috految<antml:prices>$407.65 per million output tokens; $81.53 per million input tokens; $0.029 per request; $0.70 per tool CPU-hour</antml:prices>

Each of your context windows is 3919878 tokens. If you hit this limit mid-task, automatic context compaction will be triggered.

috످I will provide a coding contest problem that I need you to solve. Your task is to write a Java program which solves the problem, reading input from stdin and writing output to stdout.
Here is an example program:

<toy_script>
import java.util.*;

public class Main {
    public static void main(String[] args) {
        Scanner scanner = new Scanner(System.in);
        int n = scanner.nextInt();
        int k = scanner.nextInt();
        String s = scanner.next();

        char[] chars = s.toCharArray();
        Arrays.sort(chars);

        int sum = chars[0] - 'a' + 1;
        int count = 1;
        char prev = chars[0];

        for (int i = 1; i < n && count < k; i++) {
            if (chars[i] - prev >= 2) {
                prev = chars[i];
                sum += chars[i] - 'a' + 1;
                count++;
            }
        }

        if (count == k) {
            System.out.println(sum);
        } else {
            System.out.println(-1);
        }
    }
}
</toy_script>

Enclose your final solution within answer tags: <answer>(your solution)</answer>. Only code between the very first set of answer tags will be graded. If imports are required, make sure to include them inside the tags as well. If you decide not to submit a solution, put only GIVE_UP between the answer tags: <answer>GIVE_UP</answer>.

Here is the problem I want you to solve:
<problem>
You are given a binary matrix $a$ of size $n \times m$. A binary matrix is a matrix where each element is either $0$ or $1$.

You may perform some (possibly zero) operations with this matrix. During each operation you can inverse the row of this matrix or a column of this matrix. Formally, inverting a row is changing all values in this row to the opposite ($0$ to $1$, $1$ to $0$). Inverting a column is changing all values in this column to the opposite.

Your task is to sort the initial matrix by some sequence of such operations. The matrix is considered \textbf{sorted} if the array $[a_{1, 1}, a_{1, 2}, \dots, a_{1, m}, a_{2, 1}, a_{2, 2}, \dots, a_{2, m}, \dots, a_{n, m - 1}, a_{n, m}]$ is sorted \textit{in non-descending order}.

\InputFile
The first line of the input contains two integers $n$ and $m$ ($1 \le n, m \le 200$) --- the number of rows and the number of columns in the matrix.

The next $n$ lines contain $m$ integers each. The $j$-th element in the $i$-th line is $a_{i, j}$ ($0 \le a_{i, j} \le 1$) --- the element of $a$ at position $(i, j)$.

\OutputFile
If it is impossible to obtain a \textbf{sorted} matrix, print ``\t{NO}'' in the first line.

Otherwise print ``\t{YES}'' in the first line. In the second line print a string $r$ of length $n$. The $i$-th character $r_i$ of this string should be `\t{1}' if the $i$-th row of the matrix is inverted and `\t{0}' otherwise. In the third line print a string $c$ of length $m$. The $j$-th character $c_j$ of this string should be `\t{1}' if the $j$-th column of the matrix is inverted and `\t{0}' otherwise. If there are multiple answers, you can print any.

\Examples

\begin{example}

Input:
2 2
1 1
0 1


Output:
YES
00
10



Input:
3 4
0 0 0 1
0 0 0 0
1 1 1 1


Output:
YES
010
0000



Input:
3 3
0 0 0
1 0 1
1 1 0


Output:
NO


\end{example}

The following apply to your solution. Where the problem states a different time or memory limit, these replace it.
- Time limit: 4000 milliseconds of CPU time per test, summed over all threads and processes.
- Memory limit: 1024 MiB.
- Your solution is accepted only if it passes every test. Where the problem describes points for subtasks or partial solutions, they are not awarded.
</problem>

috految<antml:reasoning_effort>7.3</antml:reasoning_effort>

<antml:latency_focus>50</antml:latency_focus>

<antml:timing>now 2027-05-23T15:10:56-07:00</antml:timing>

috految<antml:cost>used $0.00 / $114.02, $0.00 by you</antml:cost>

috److In a sorted matrix with at least two rows, either the first row or the last row is constant. If there is only one row, it can always be made constant using column flips.

Flipping all columns is equivalent to flipping all rows, so we can assume the column flip mask equals some row of the original matrix.

For each candidate mask `c`:

1. Start with `last = 0`, the most recent value in the flattened array.
2. For each row, choose its flip so that its first element equals `last`. This is optimal because a constant row keeps `last` unchanged, and a non-constant row must start with 0.
3. Check that the resulting sequence never decreases.

If some mask passes, print `YES` with the row and column flips. Otherwise print `NO`. Trying every row as the mask takes O(n²m) time, which fits the limit.

<answer>
import java.util.*;

public class Main {
    public static void main(String[] args) {
        Scanner s = new Scanner(System.in);
        int n = s.nextInt(), m = s.nextInt();
        int[][] a = new int[n][m];
        for (int[] r : a)
            for (int j = 0; j < m; j++) r[j] = s.nextInt();
        outer:
        for (int[] c : a) {
            int last = 0;
            String rows = "";
            for (int[] r : a) {
                int f = r[0] ^ c[0] ^ last;
                rows += f;
                for (int j = 0; j < m; j++) {
                    int v = r[j] ^ c[j] ^ f;
                    if (v < last) continue outer;
                    last = v;
                }
            }
            System.out.println("YES");
            System.out.println(rows);
            for (int v : c) System.out.print(v);
            System.out.println();
            return;
        }
        System.out.println("NO");
    }
}
</answer>

috످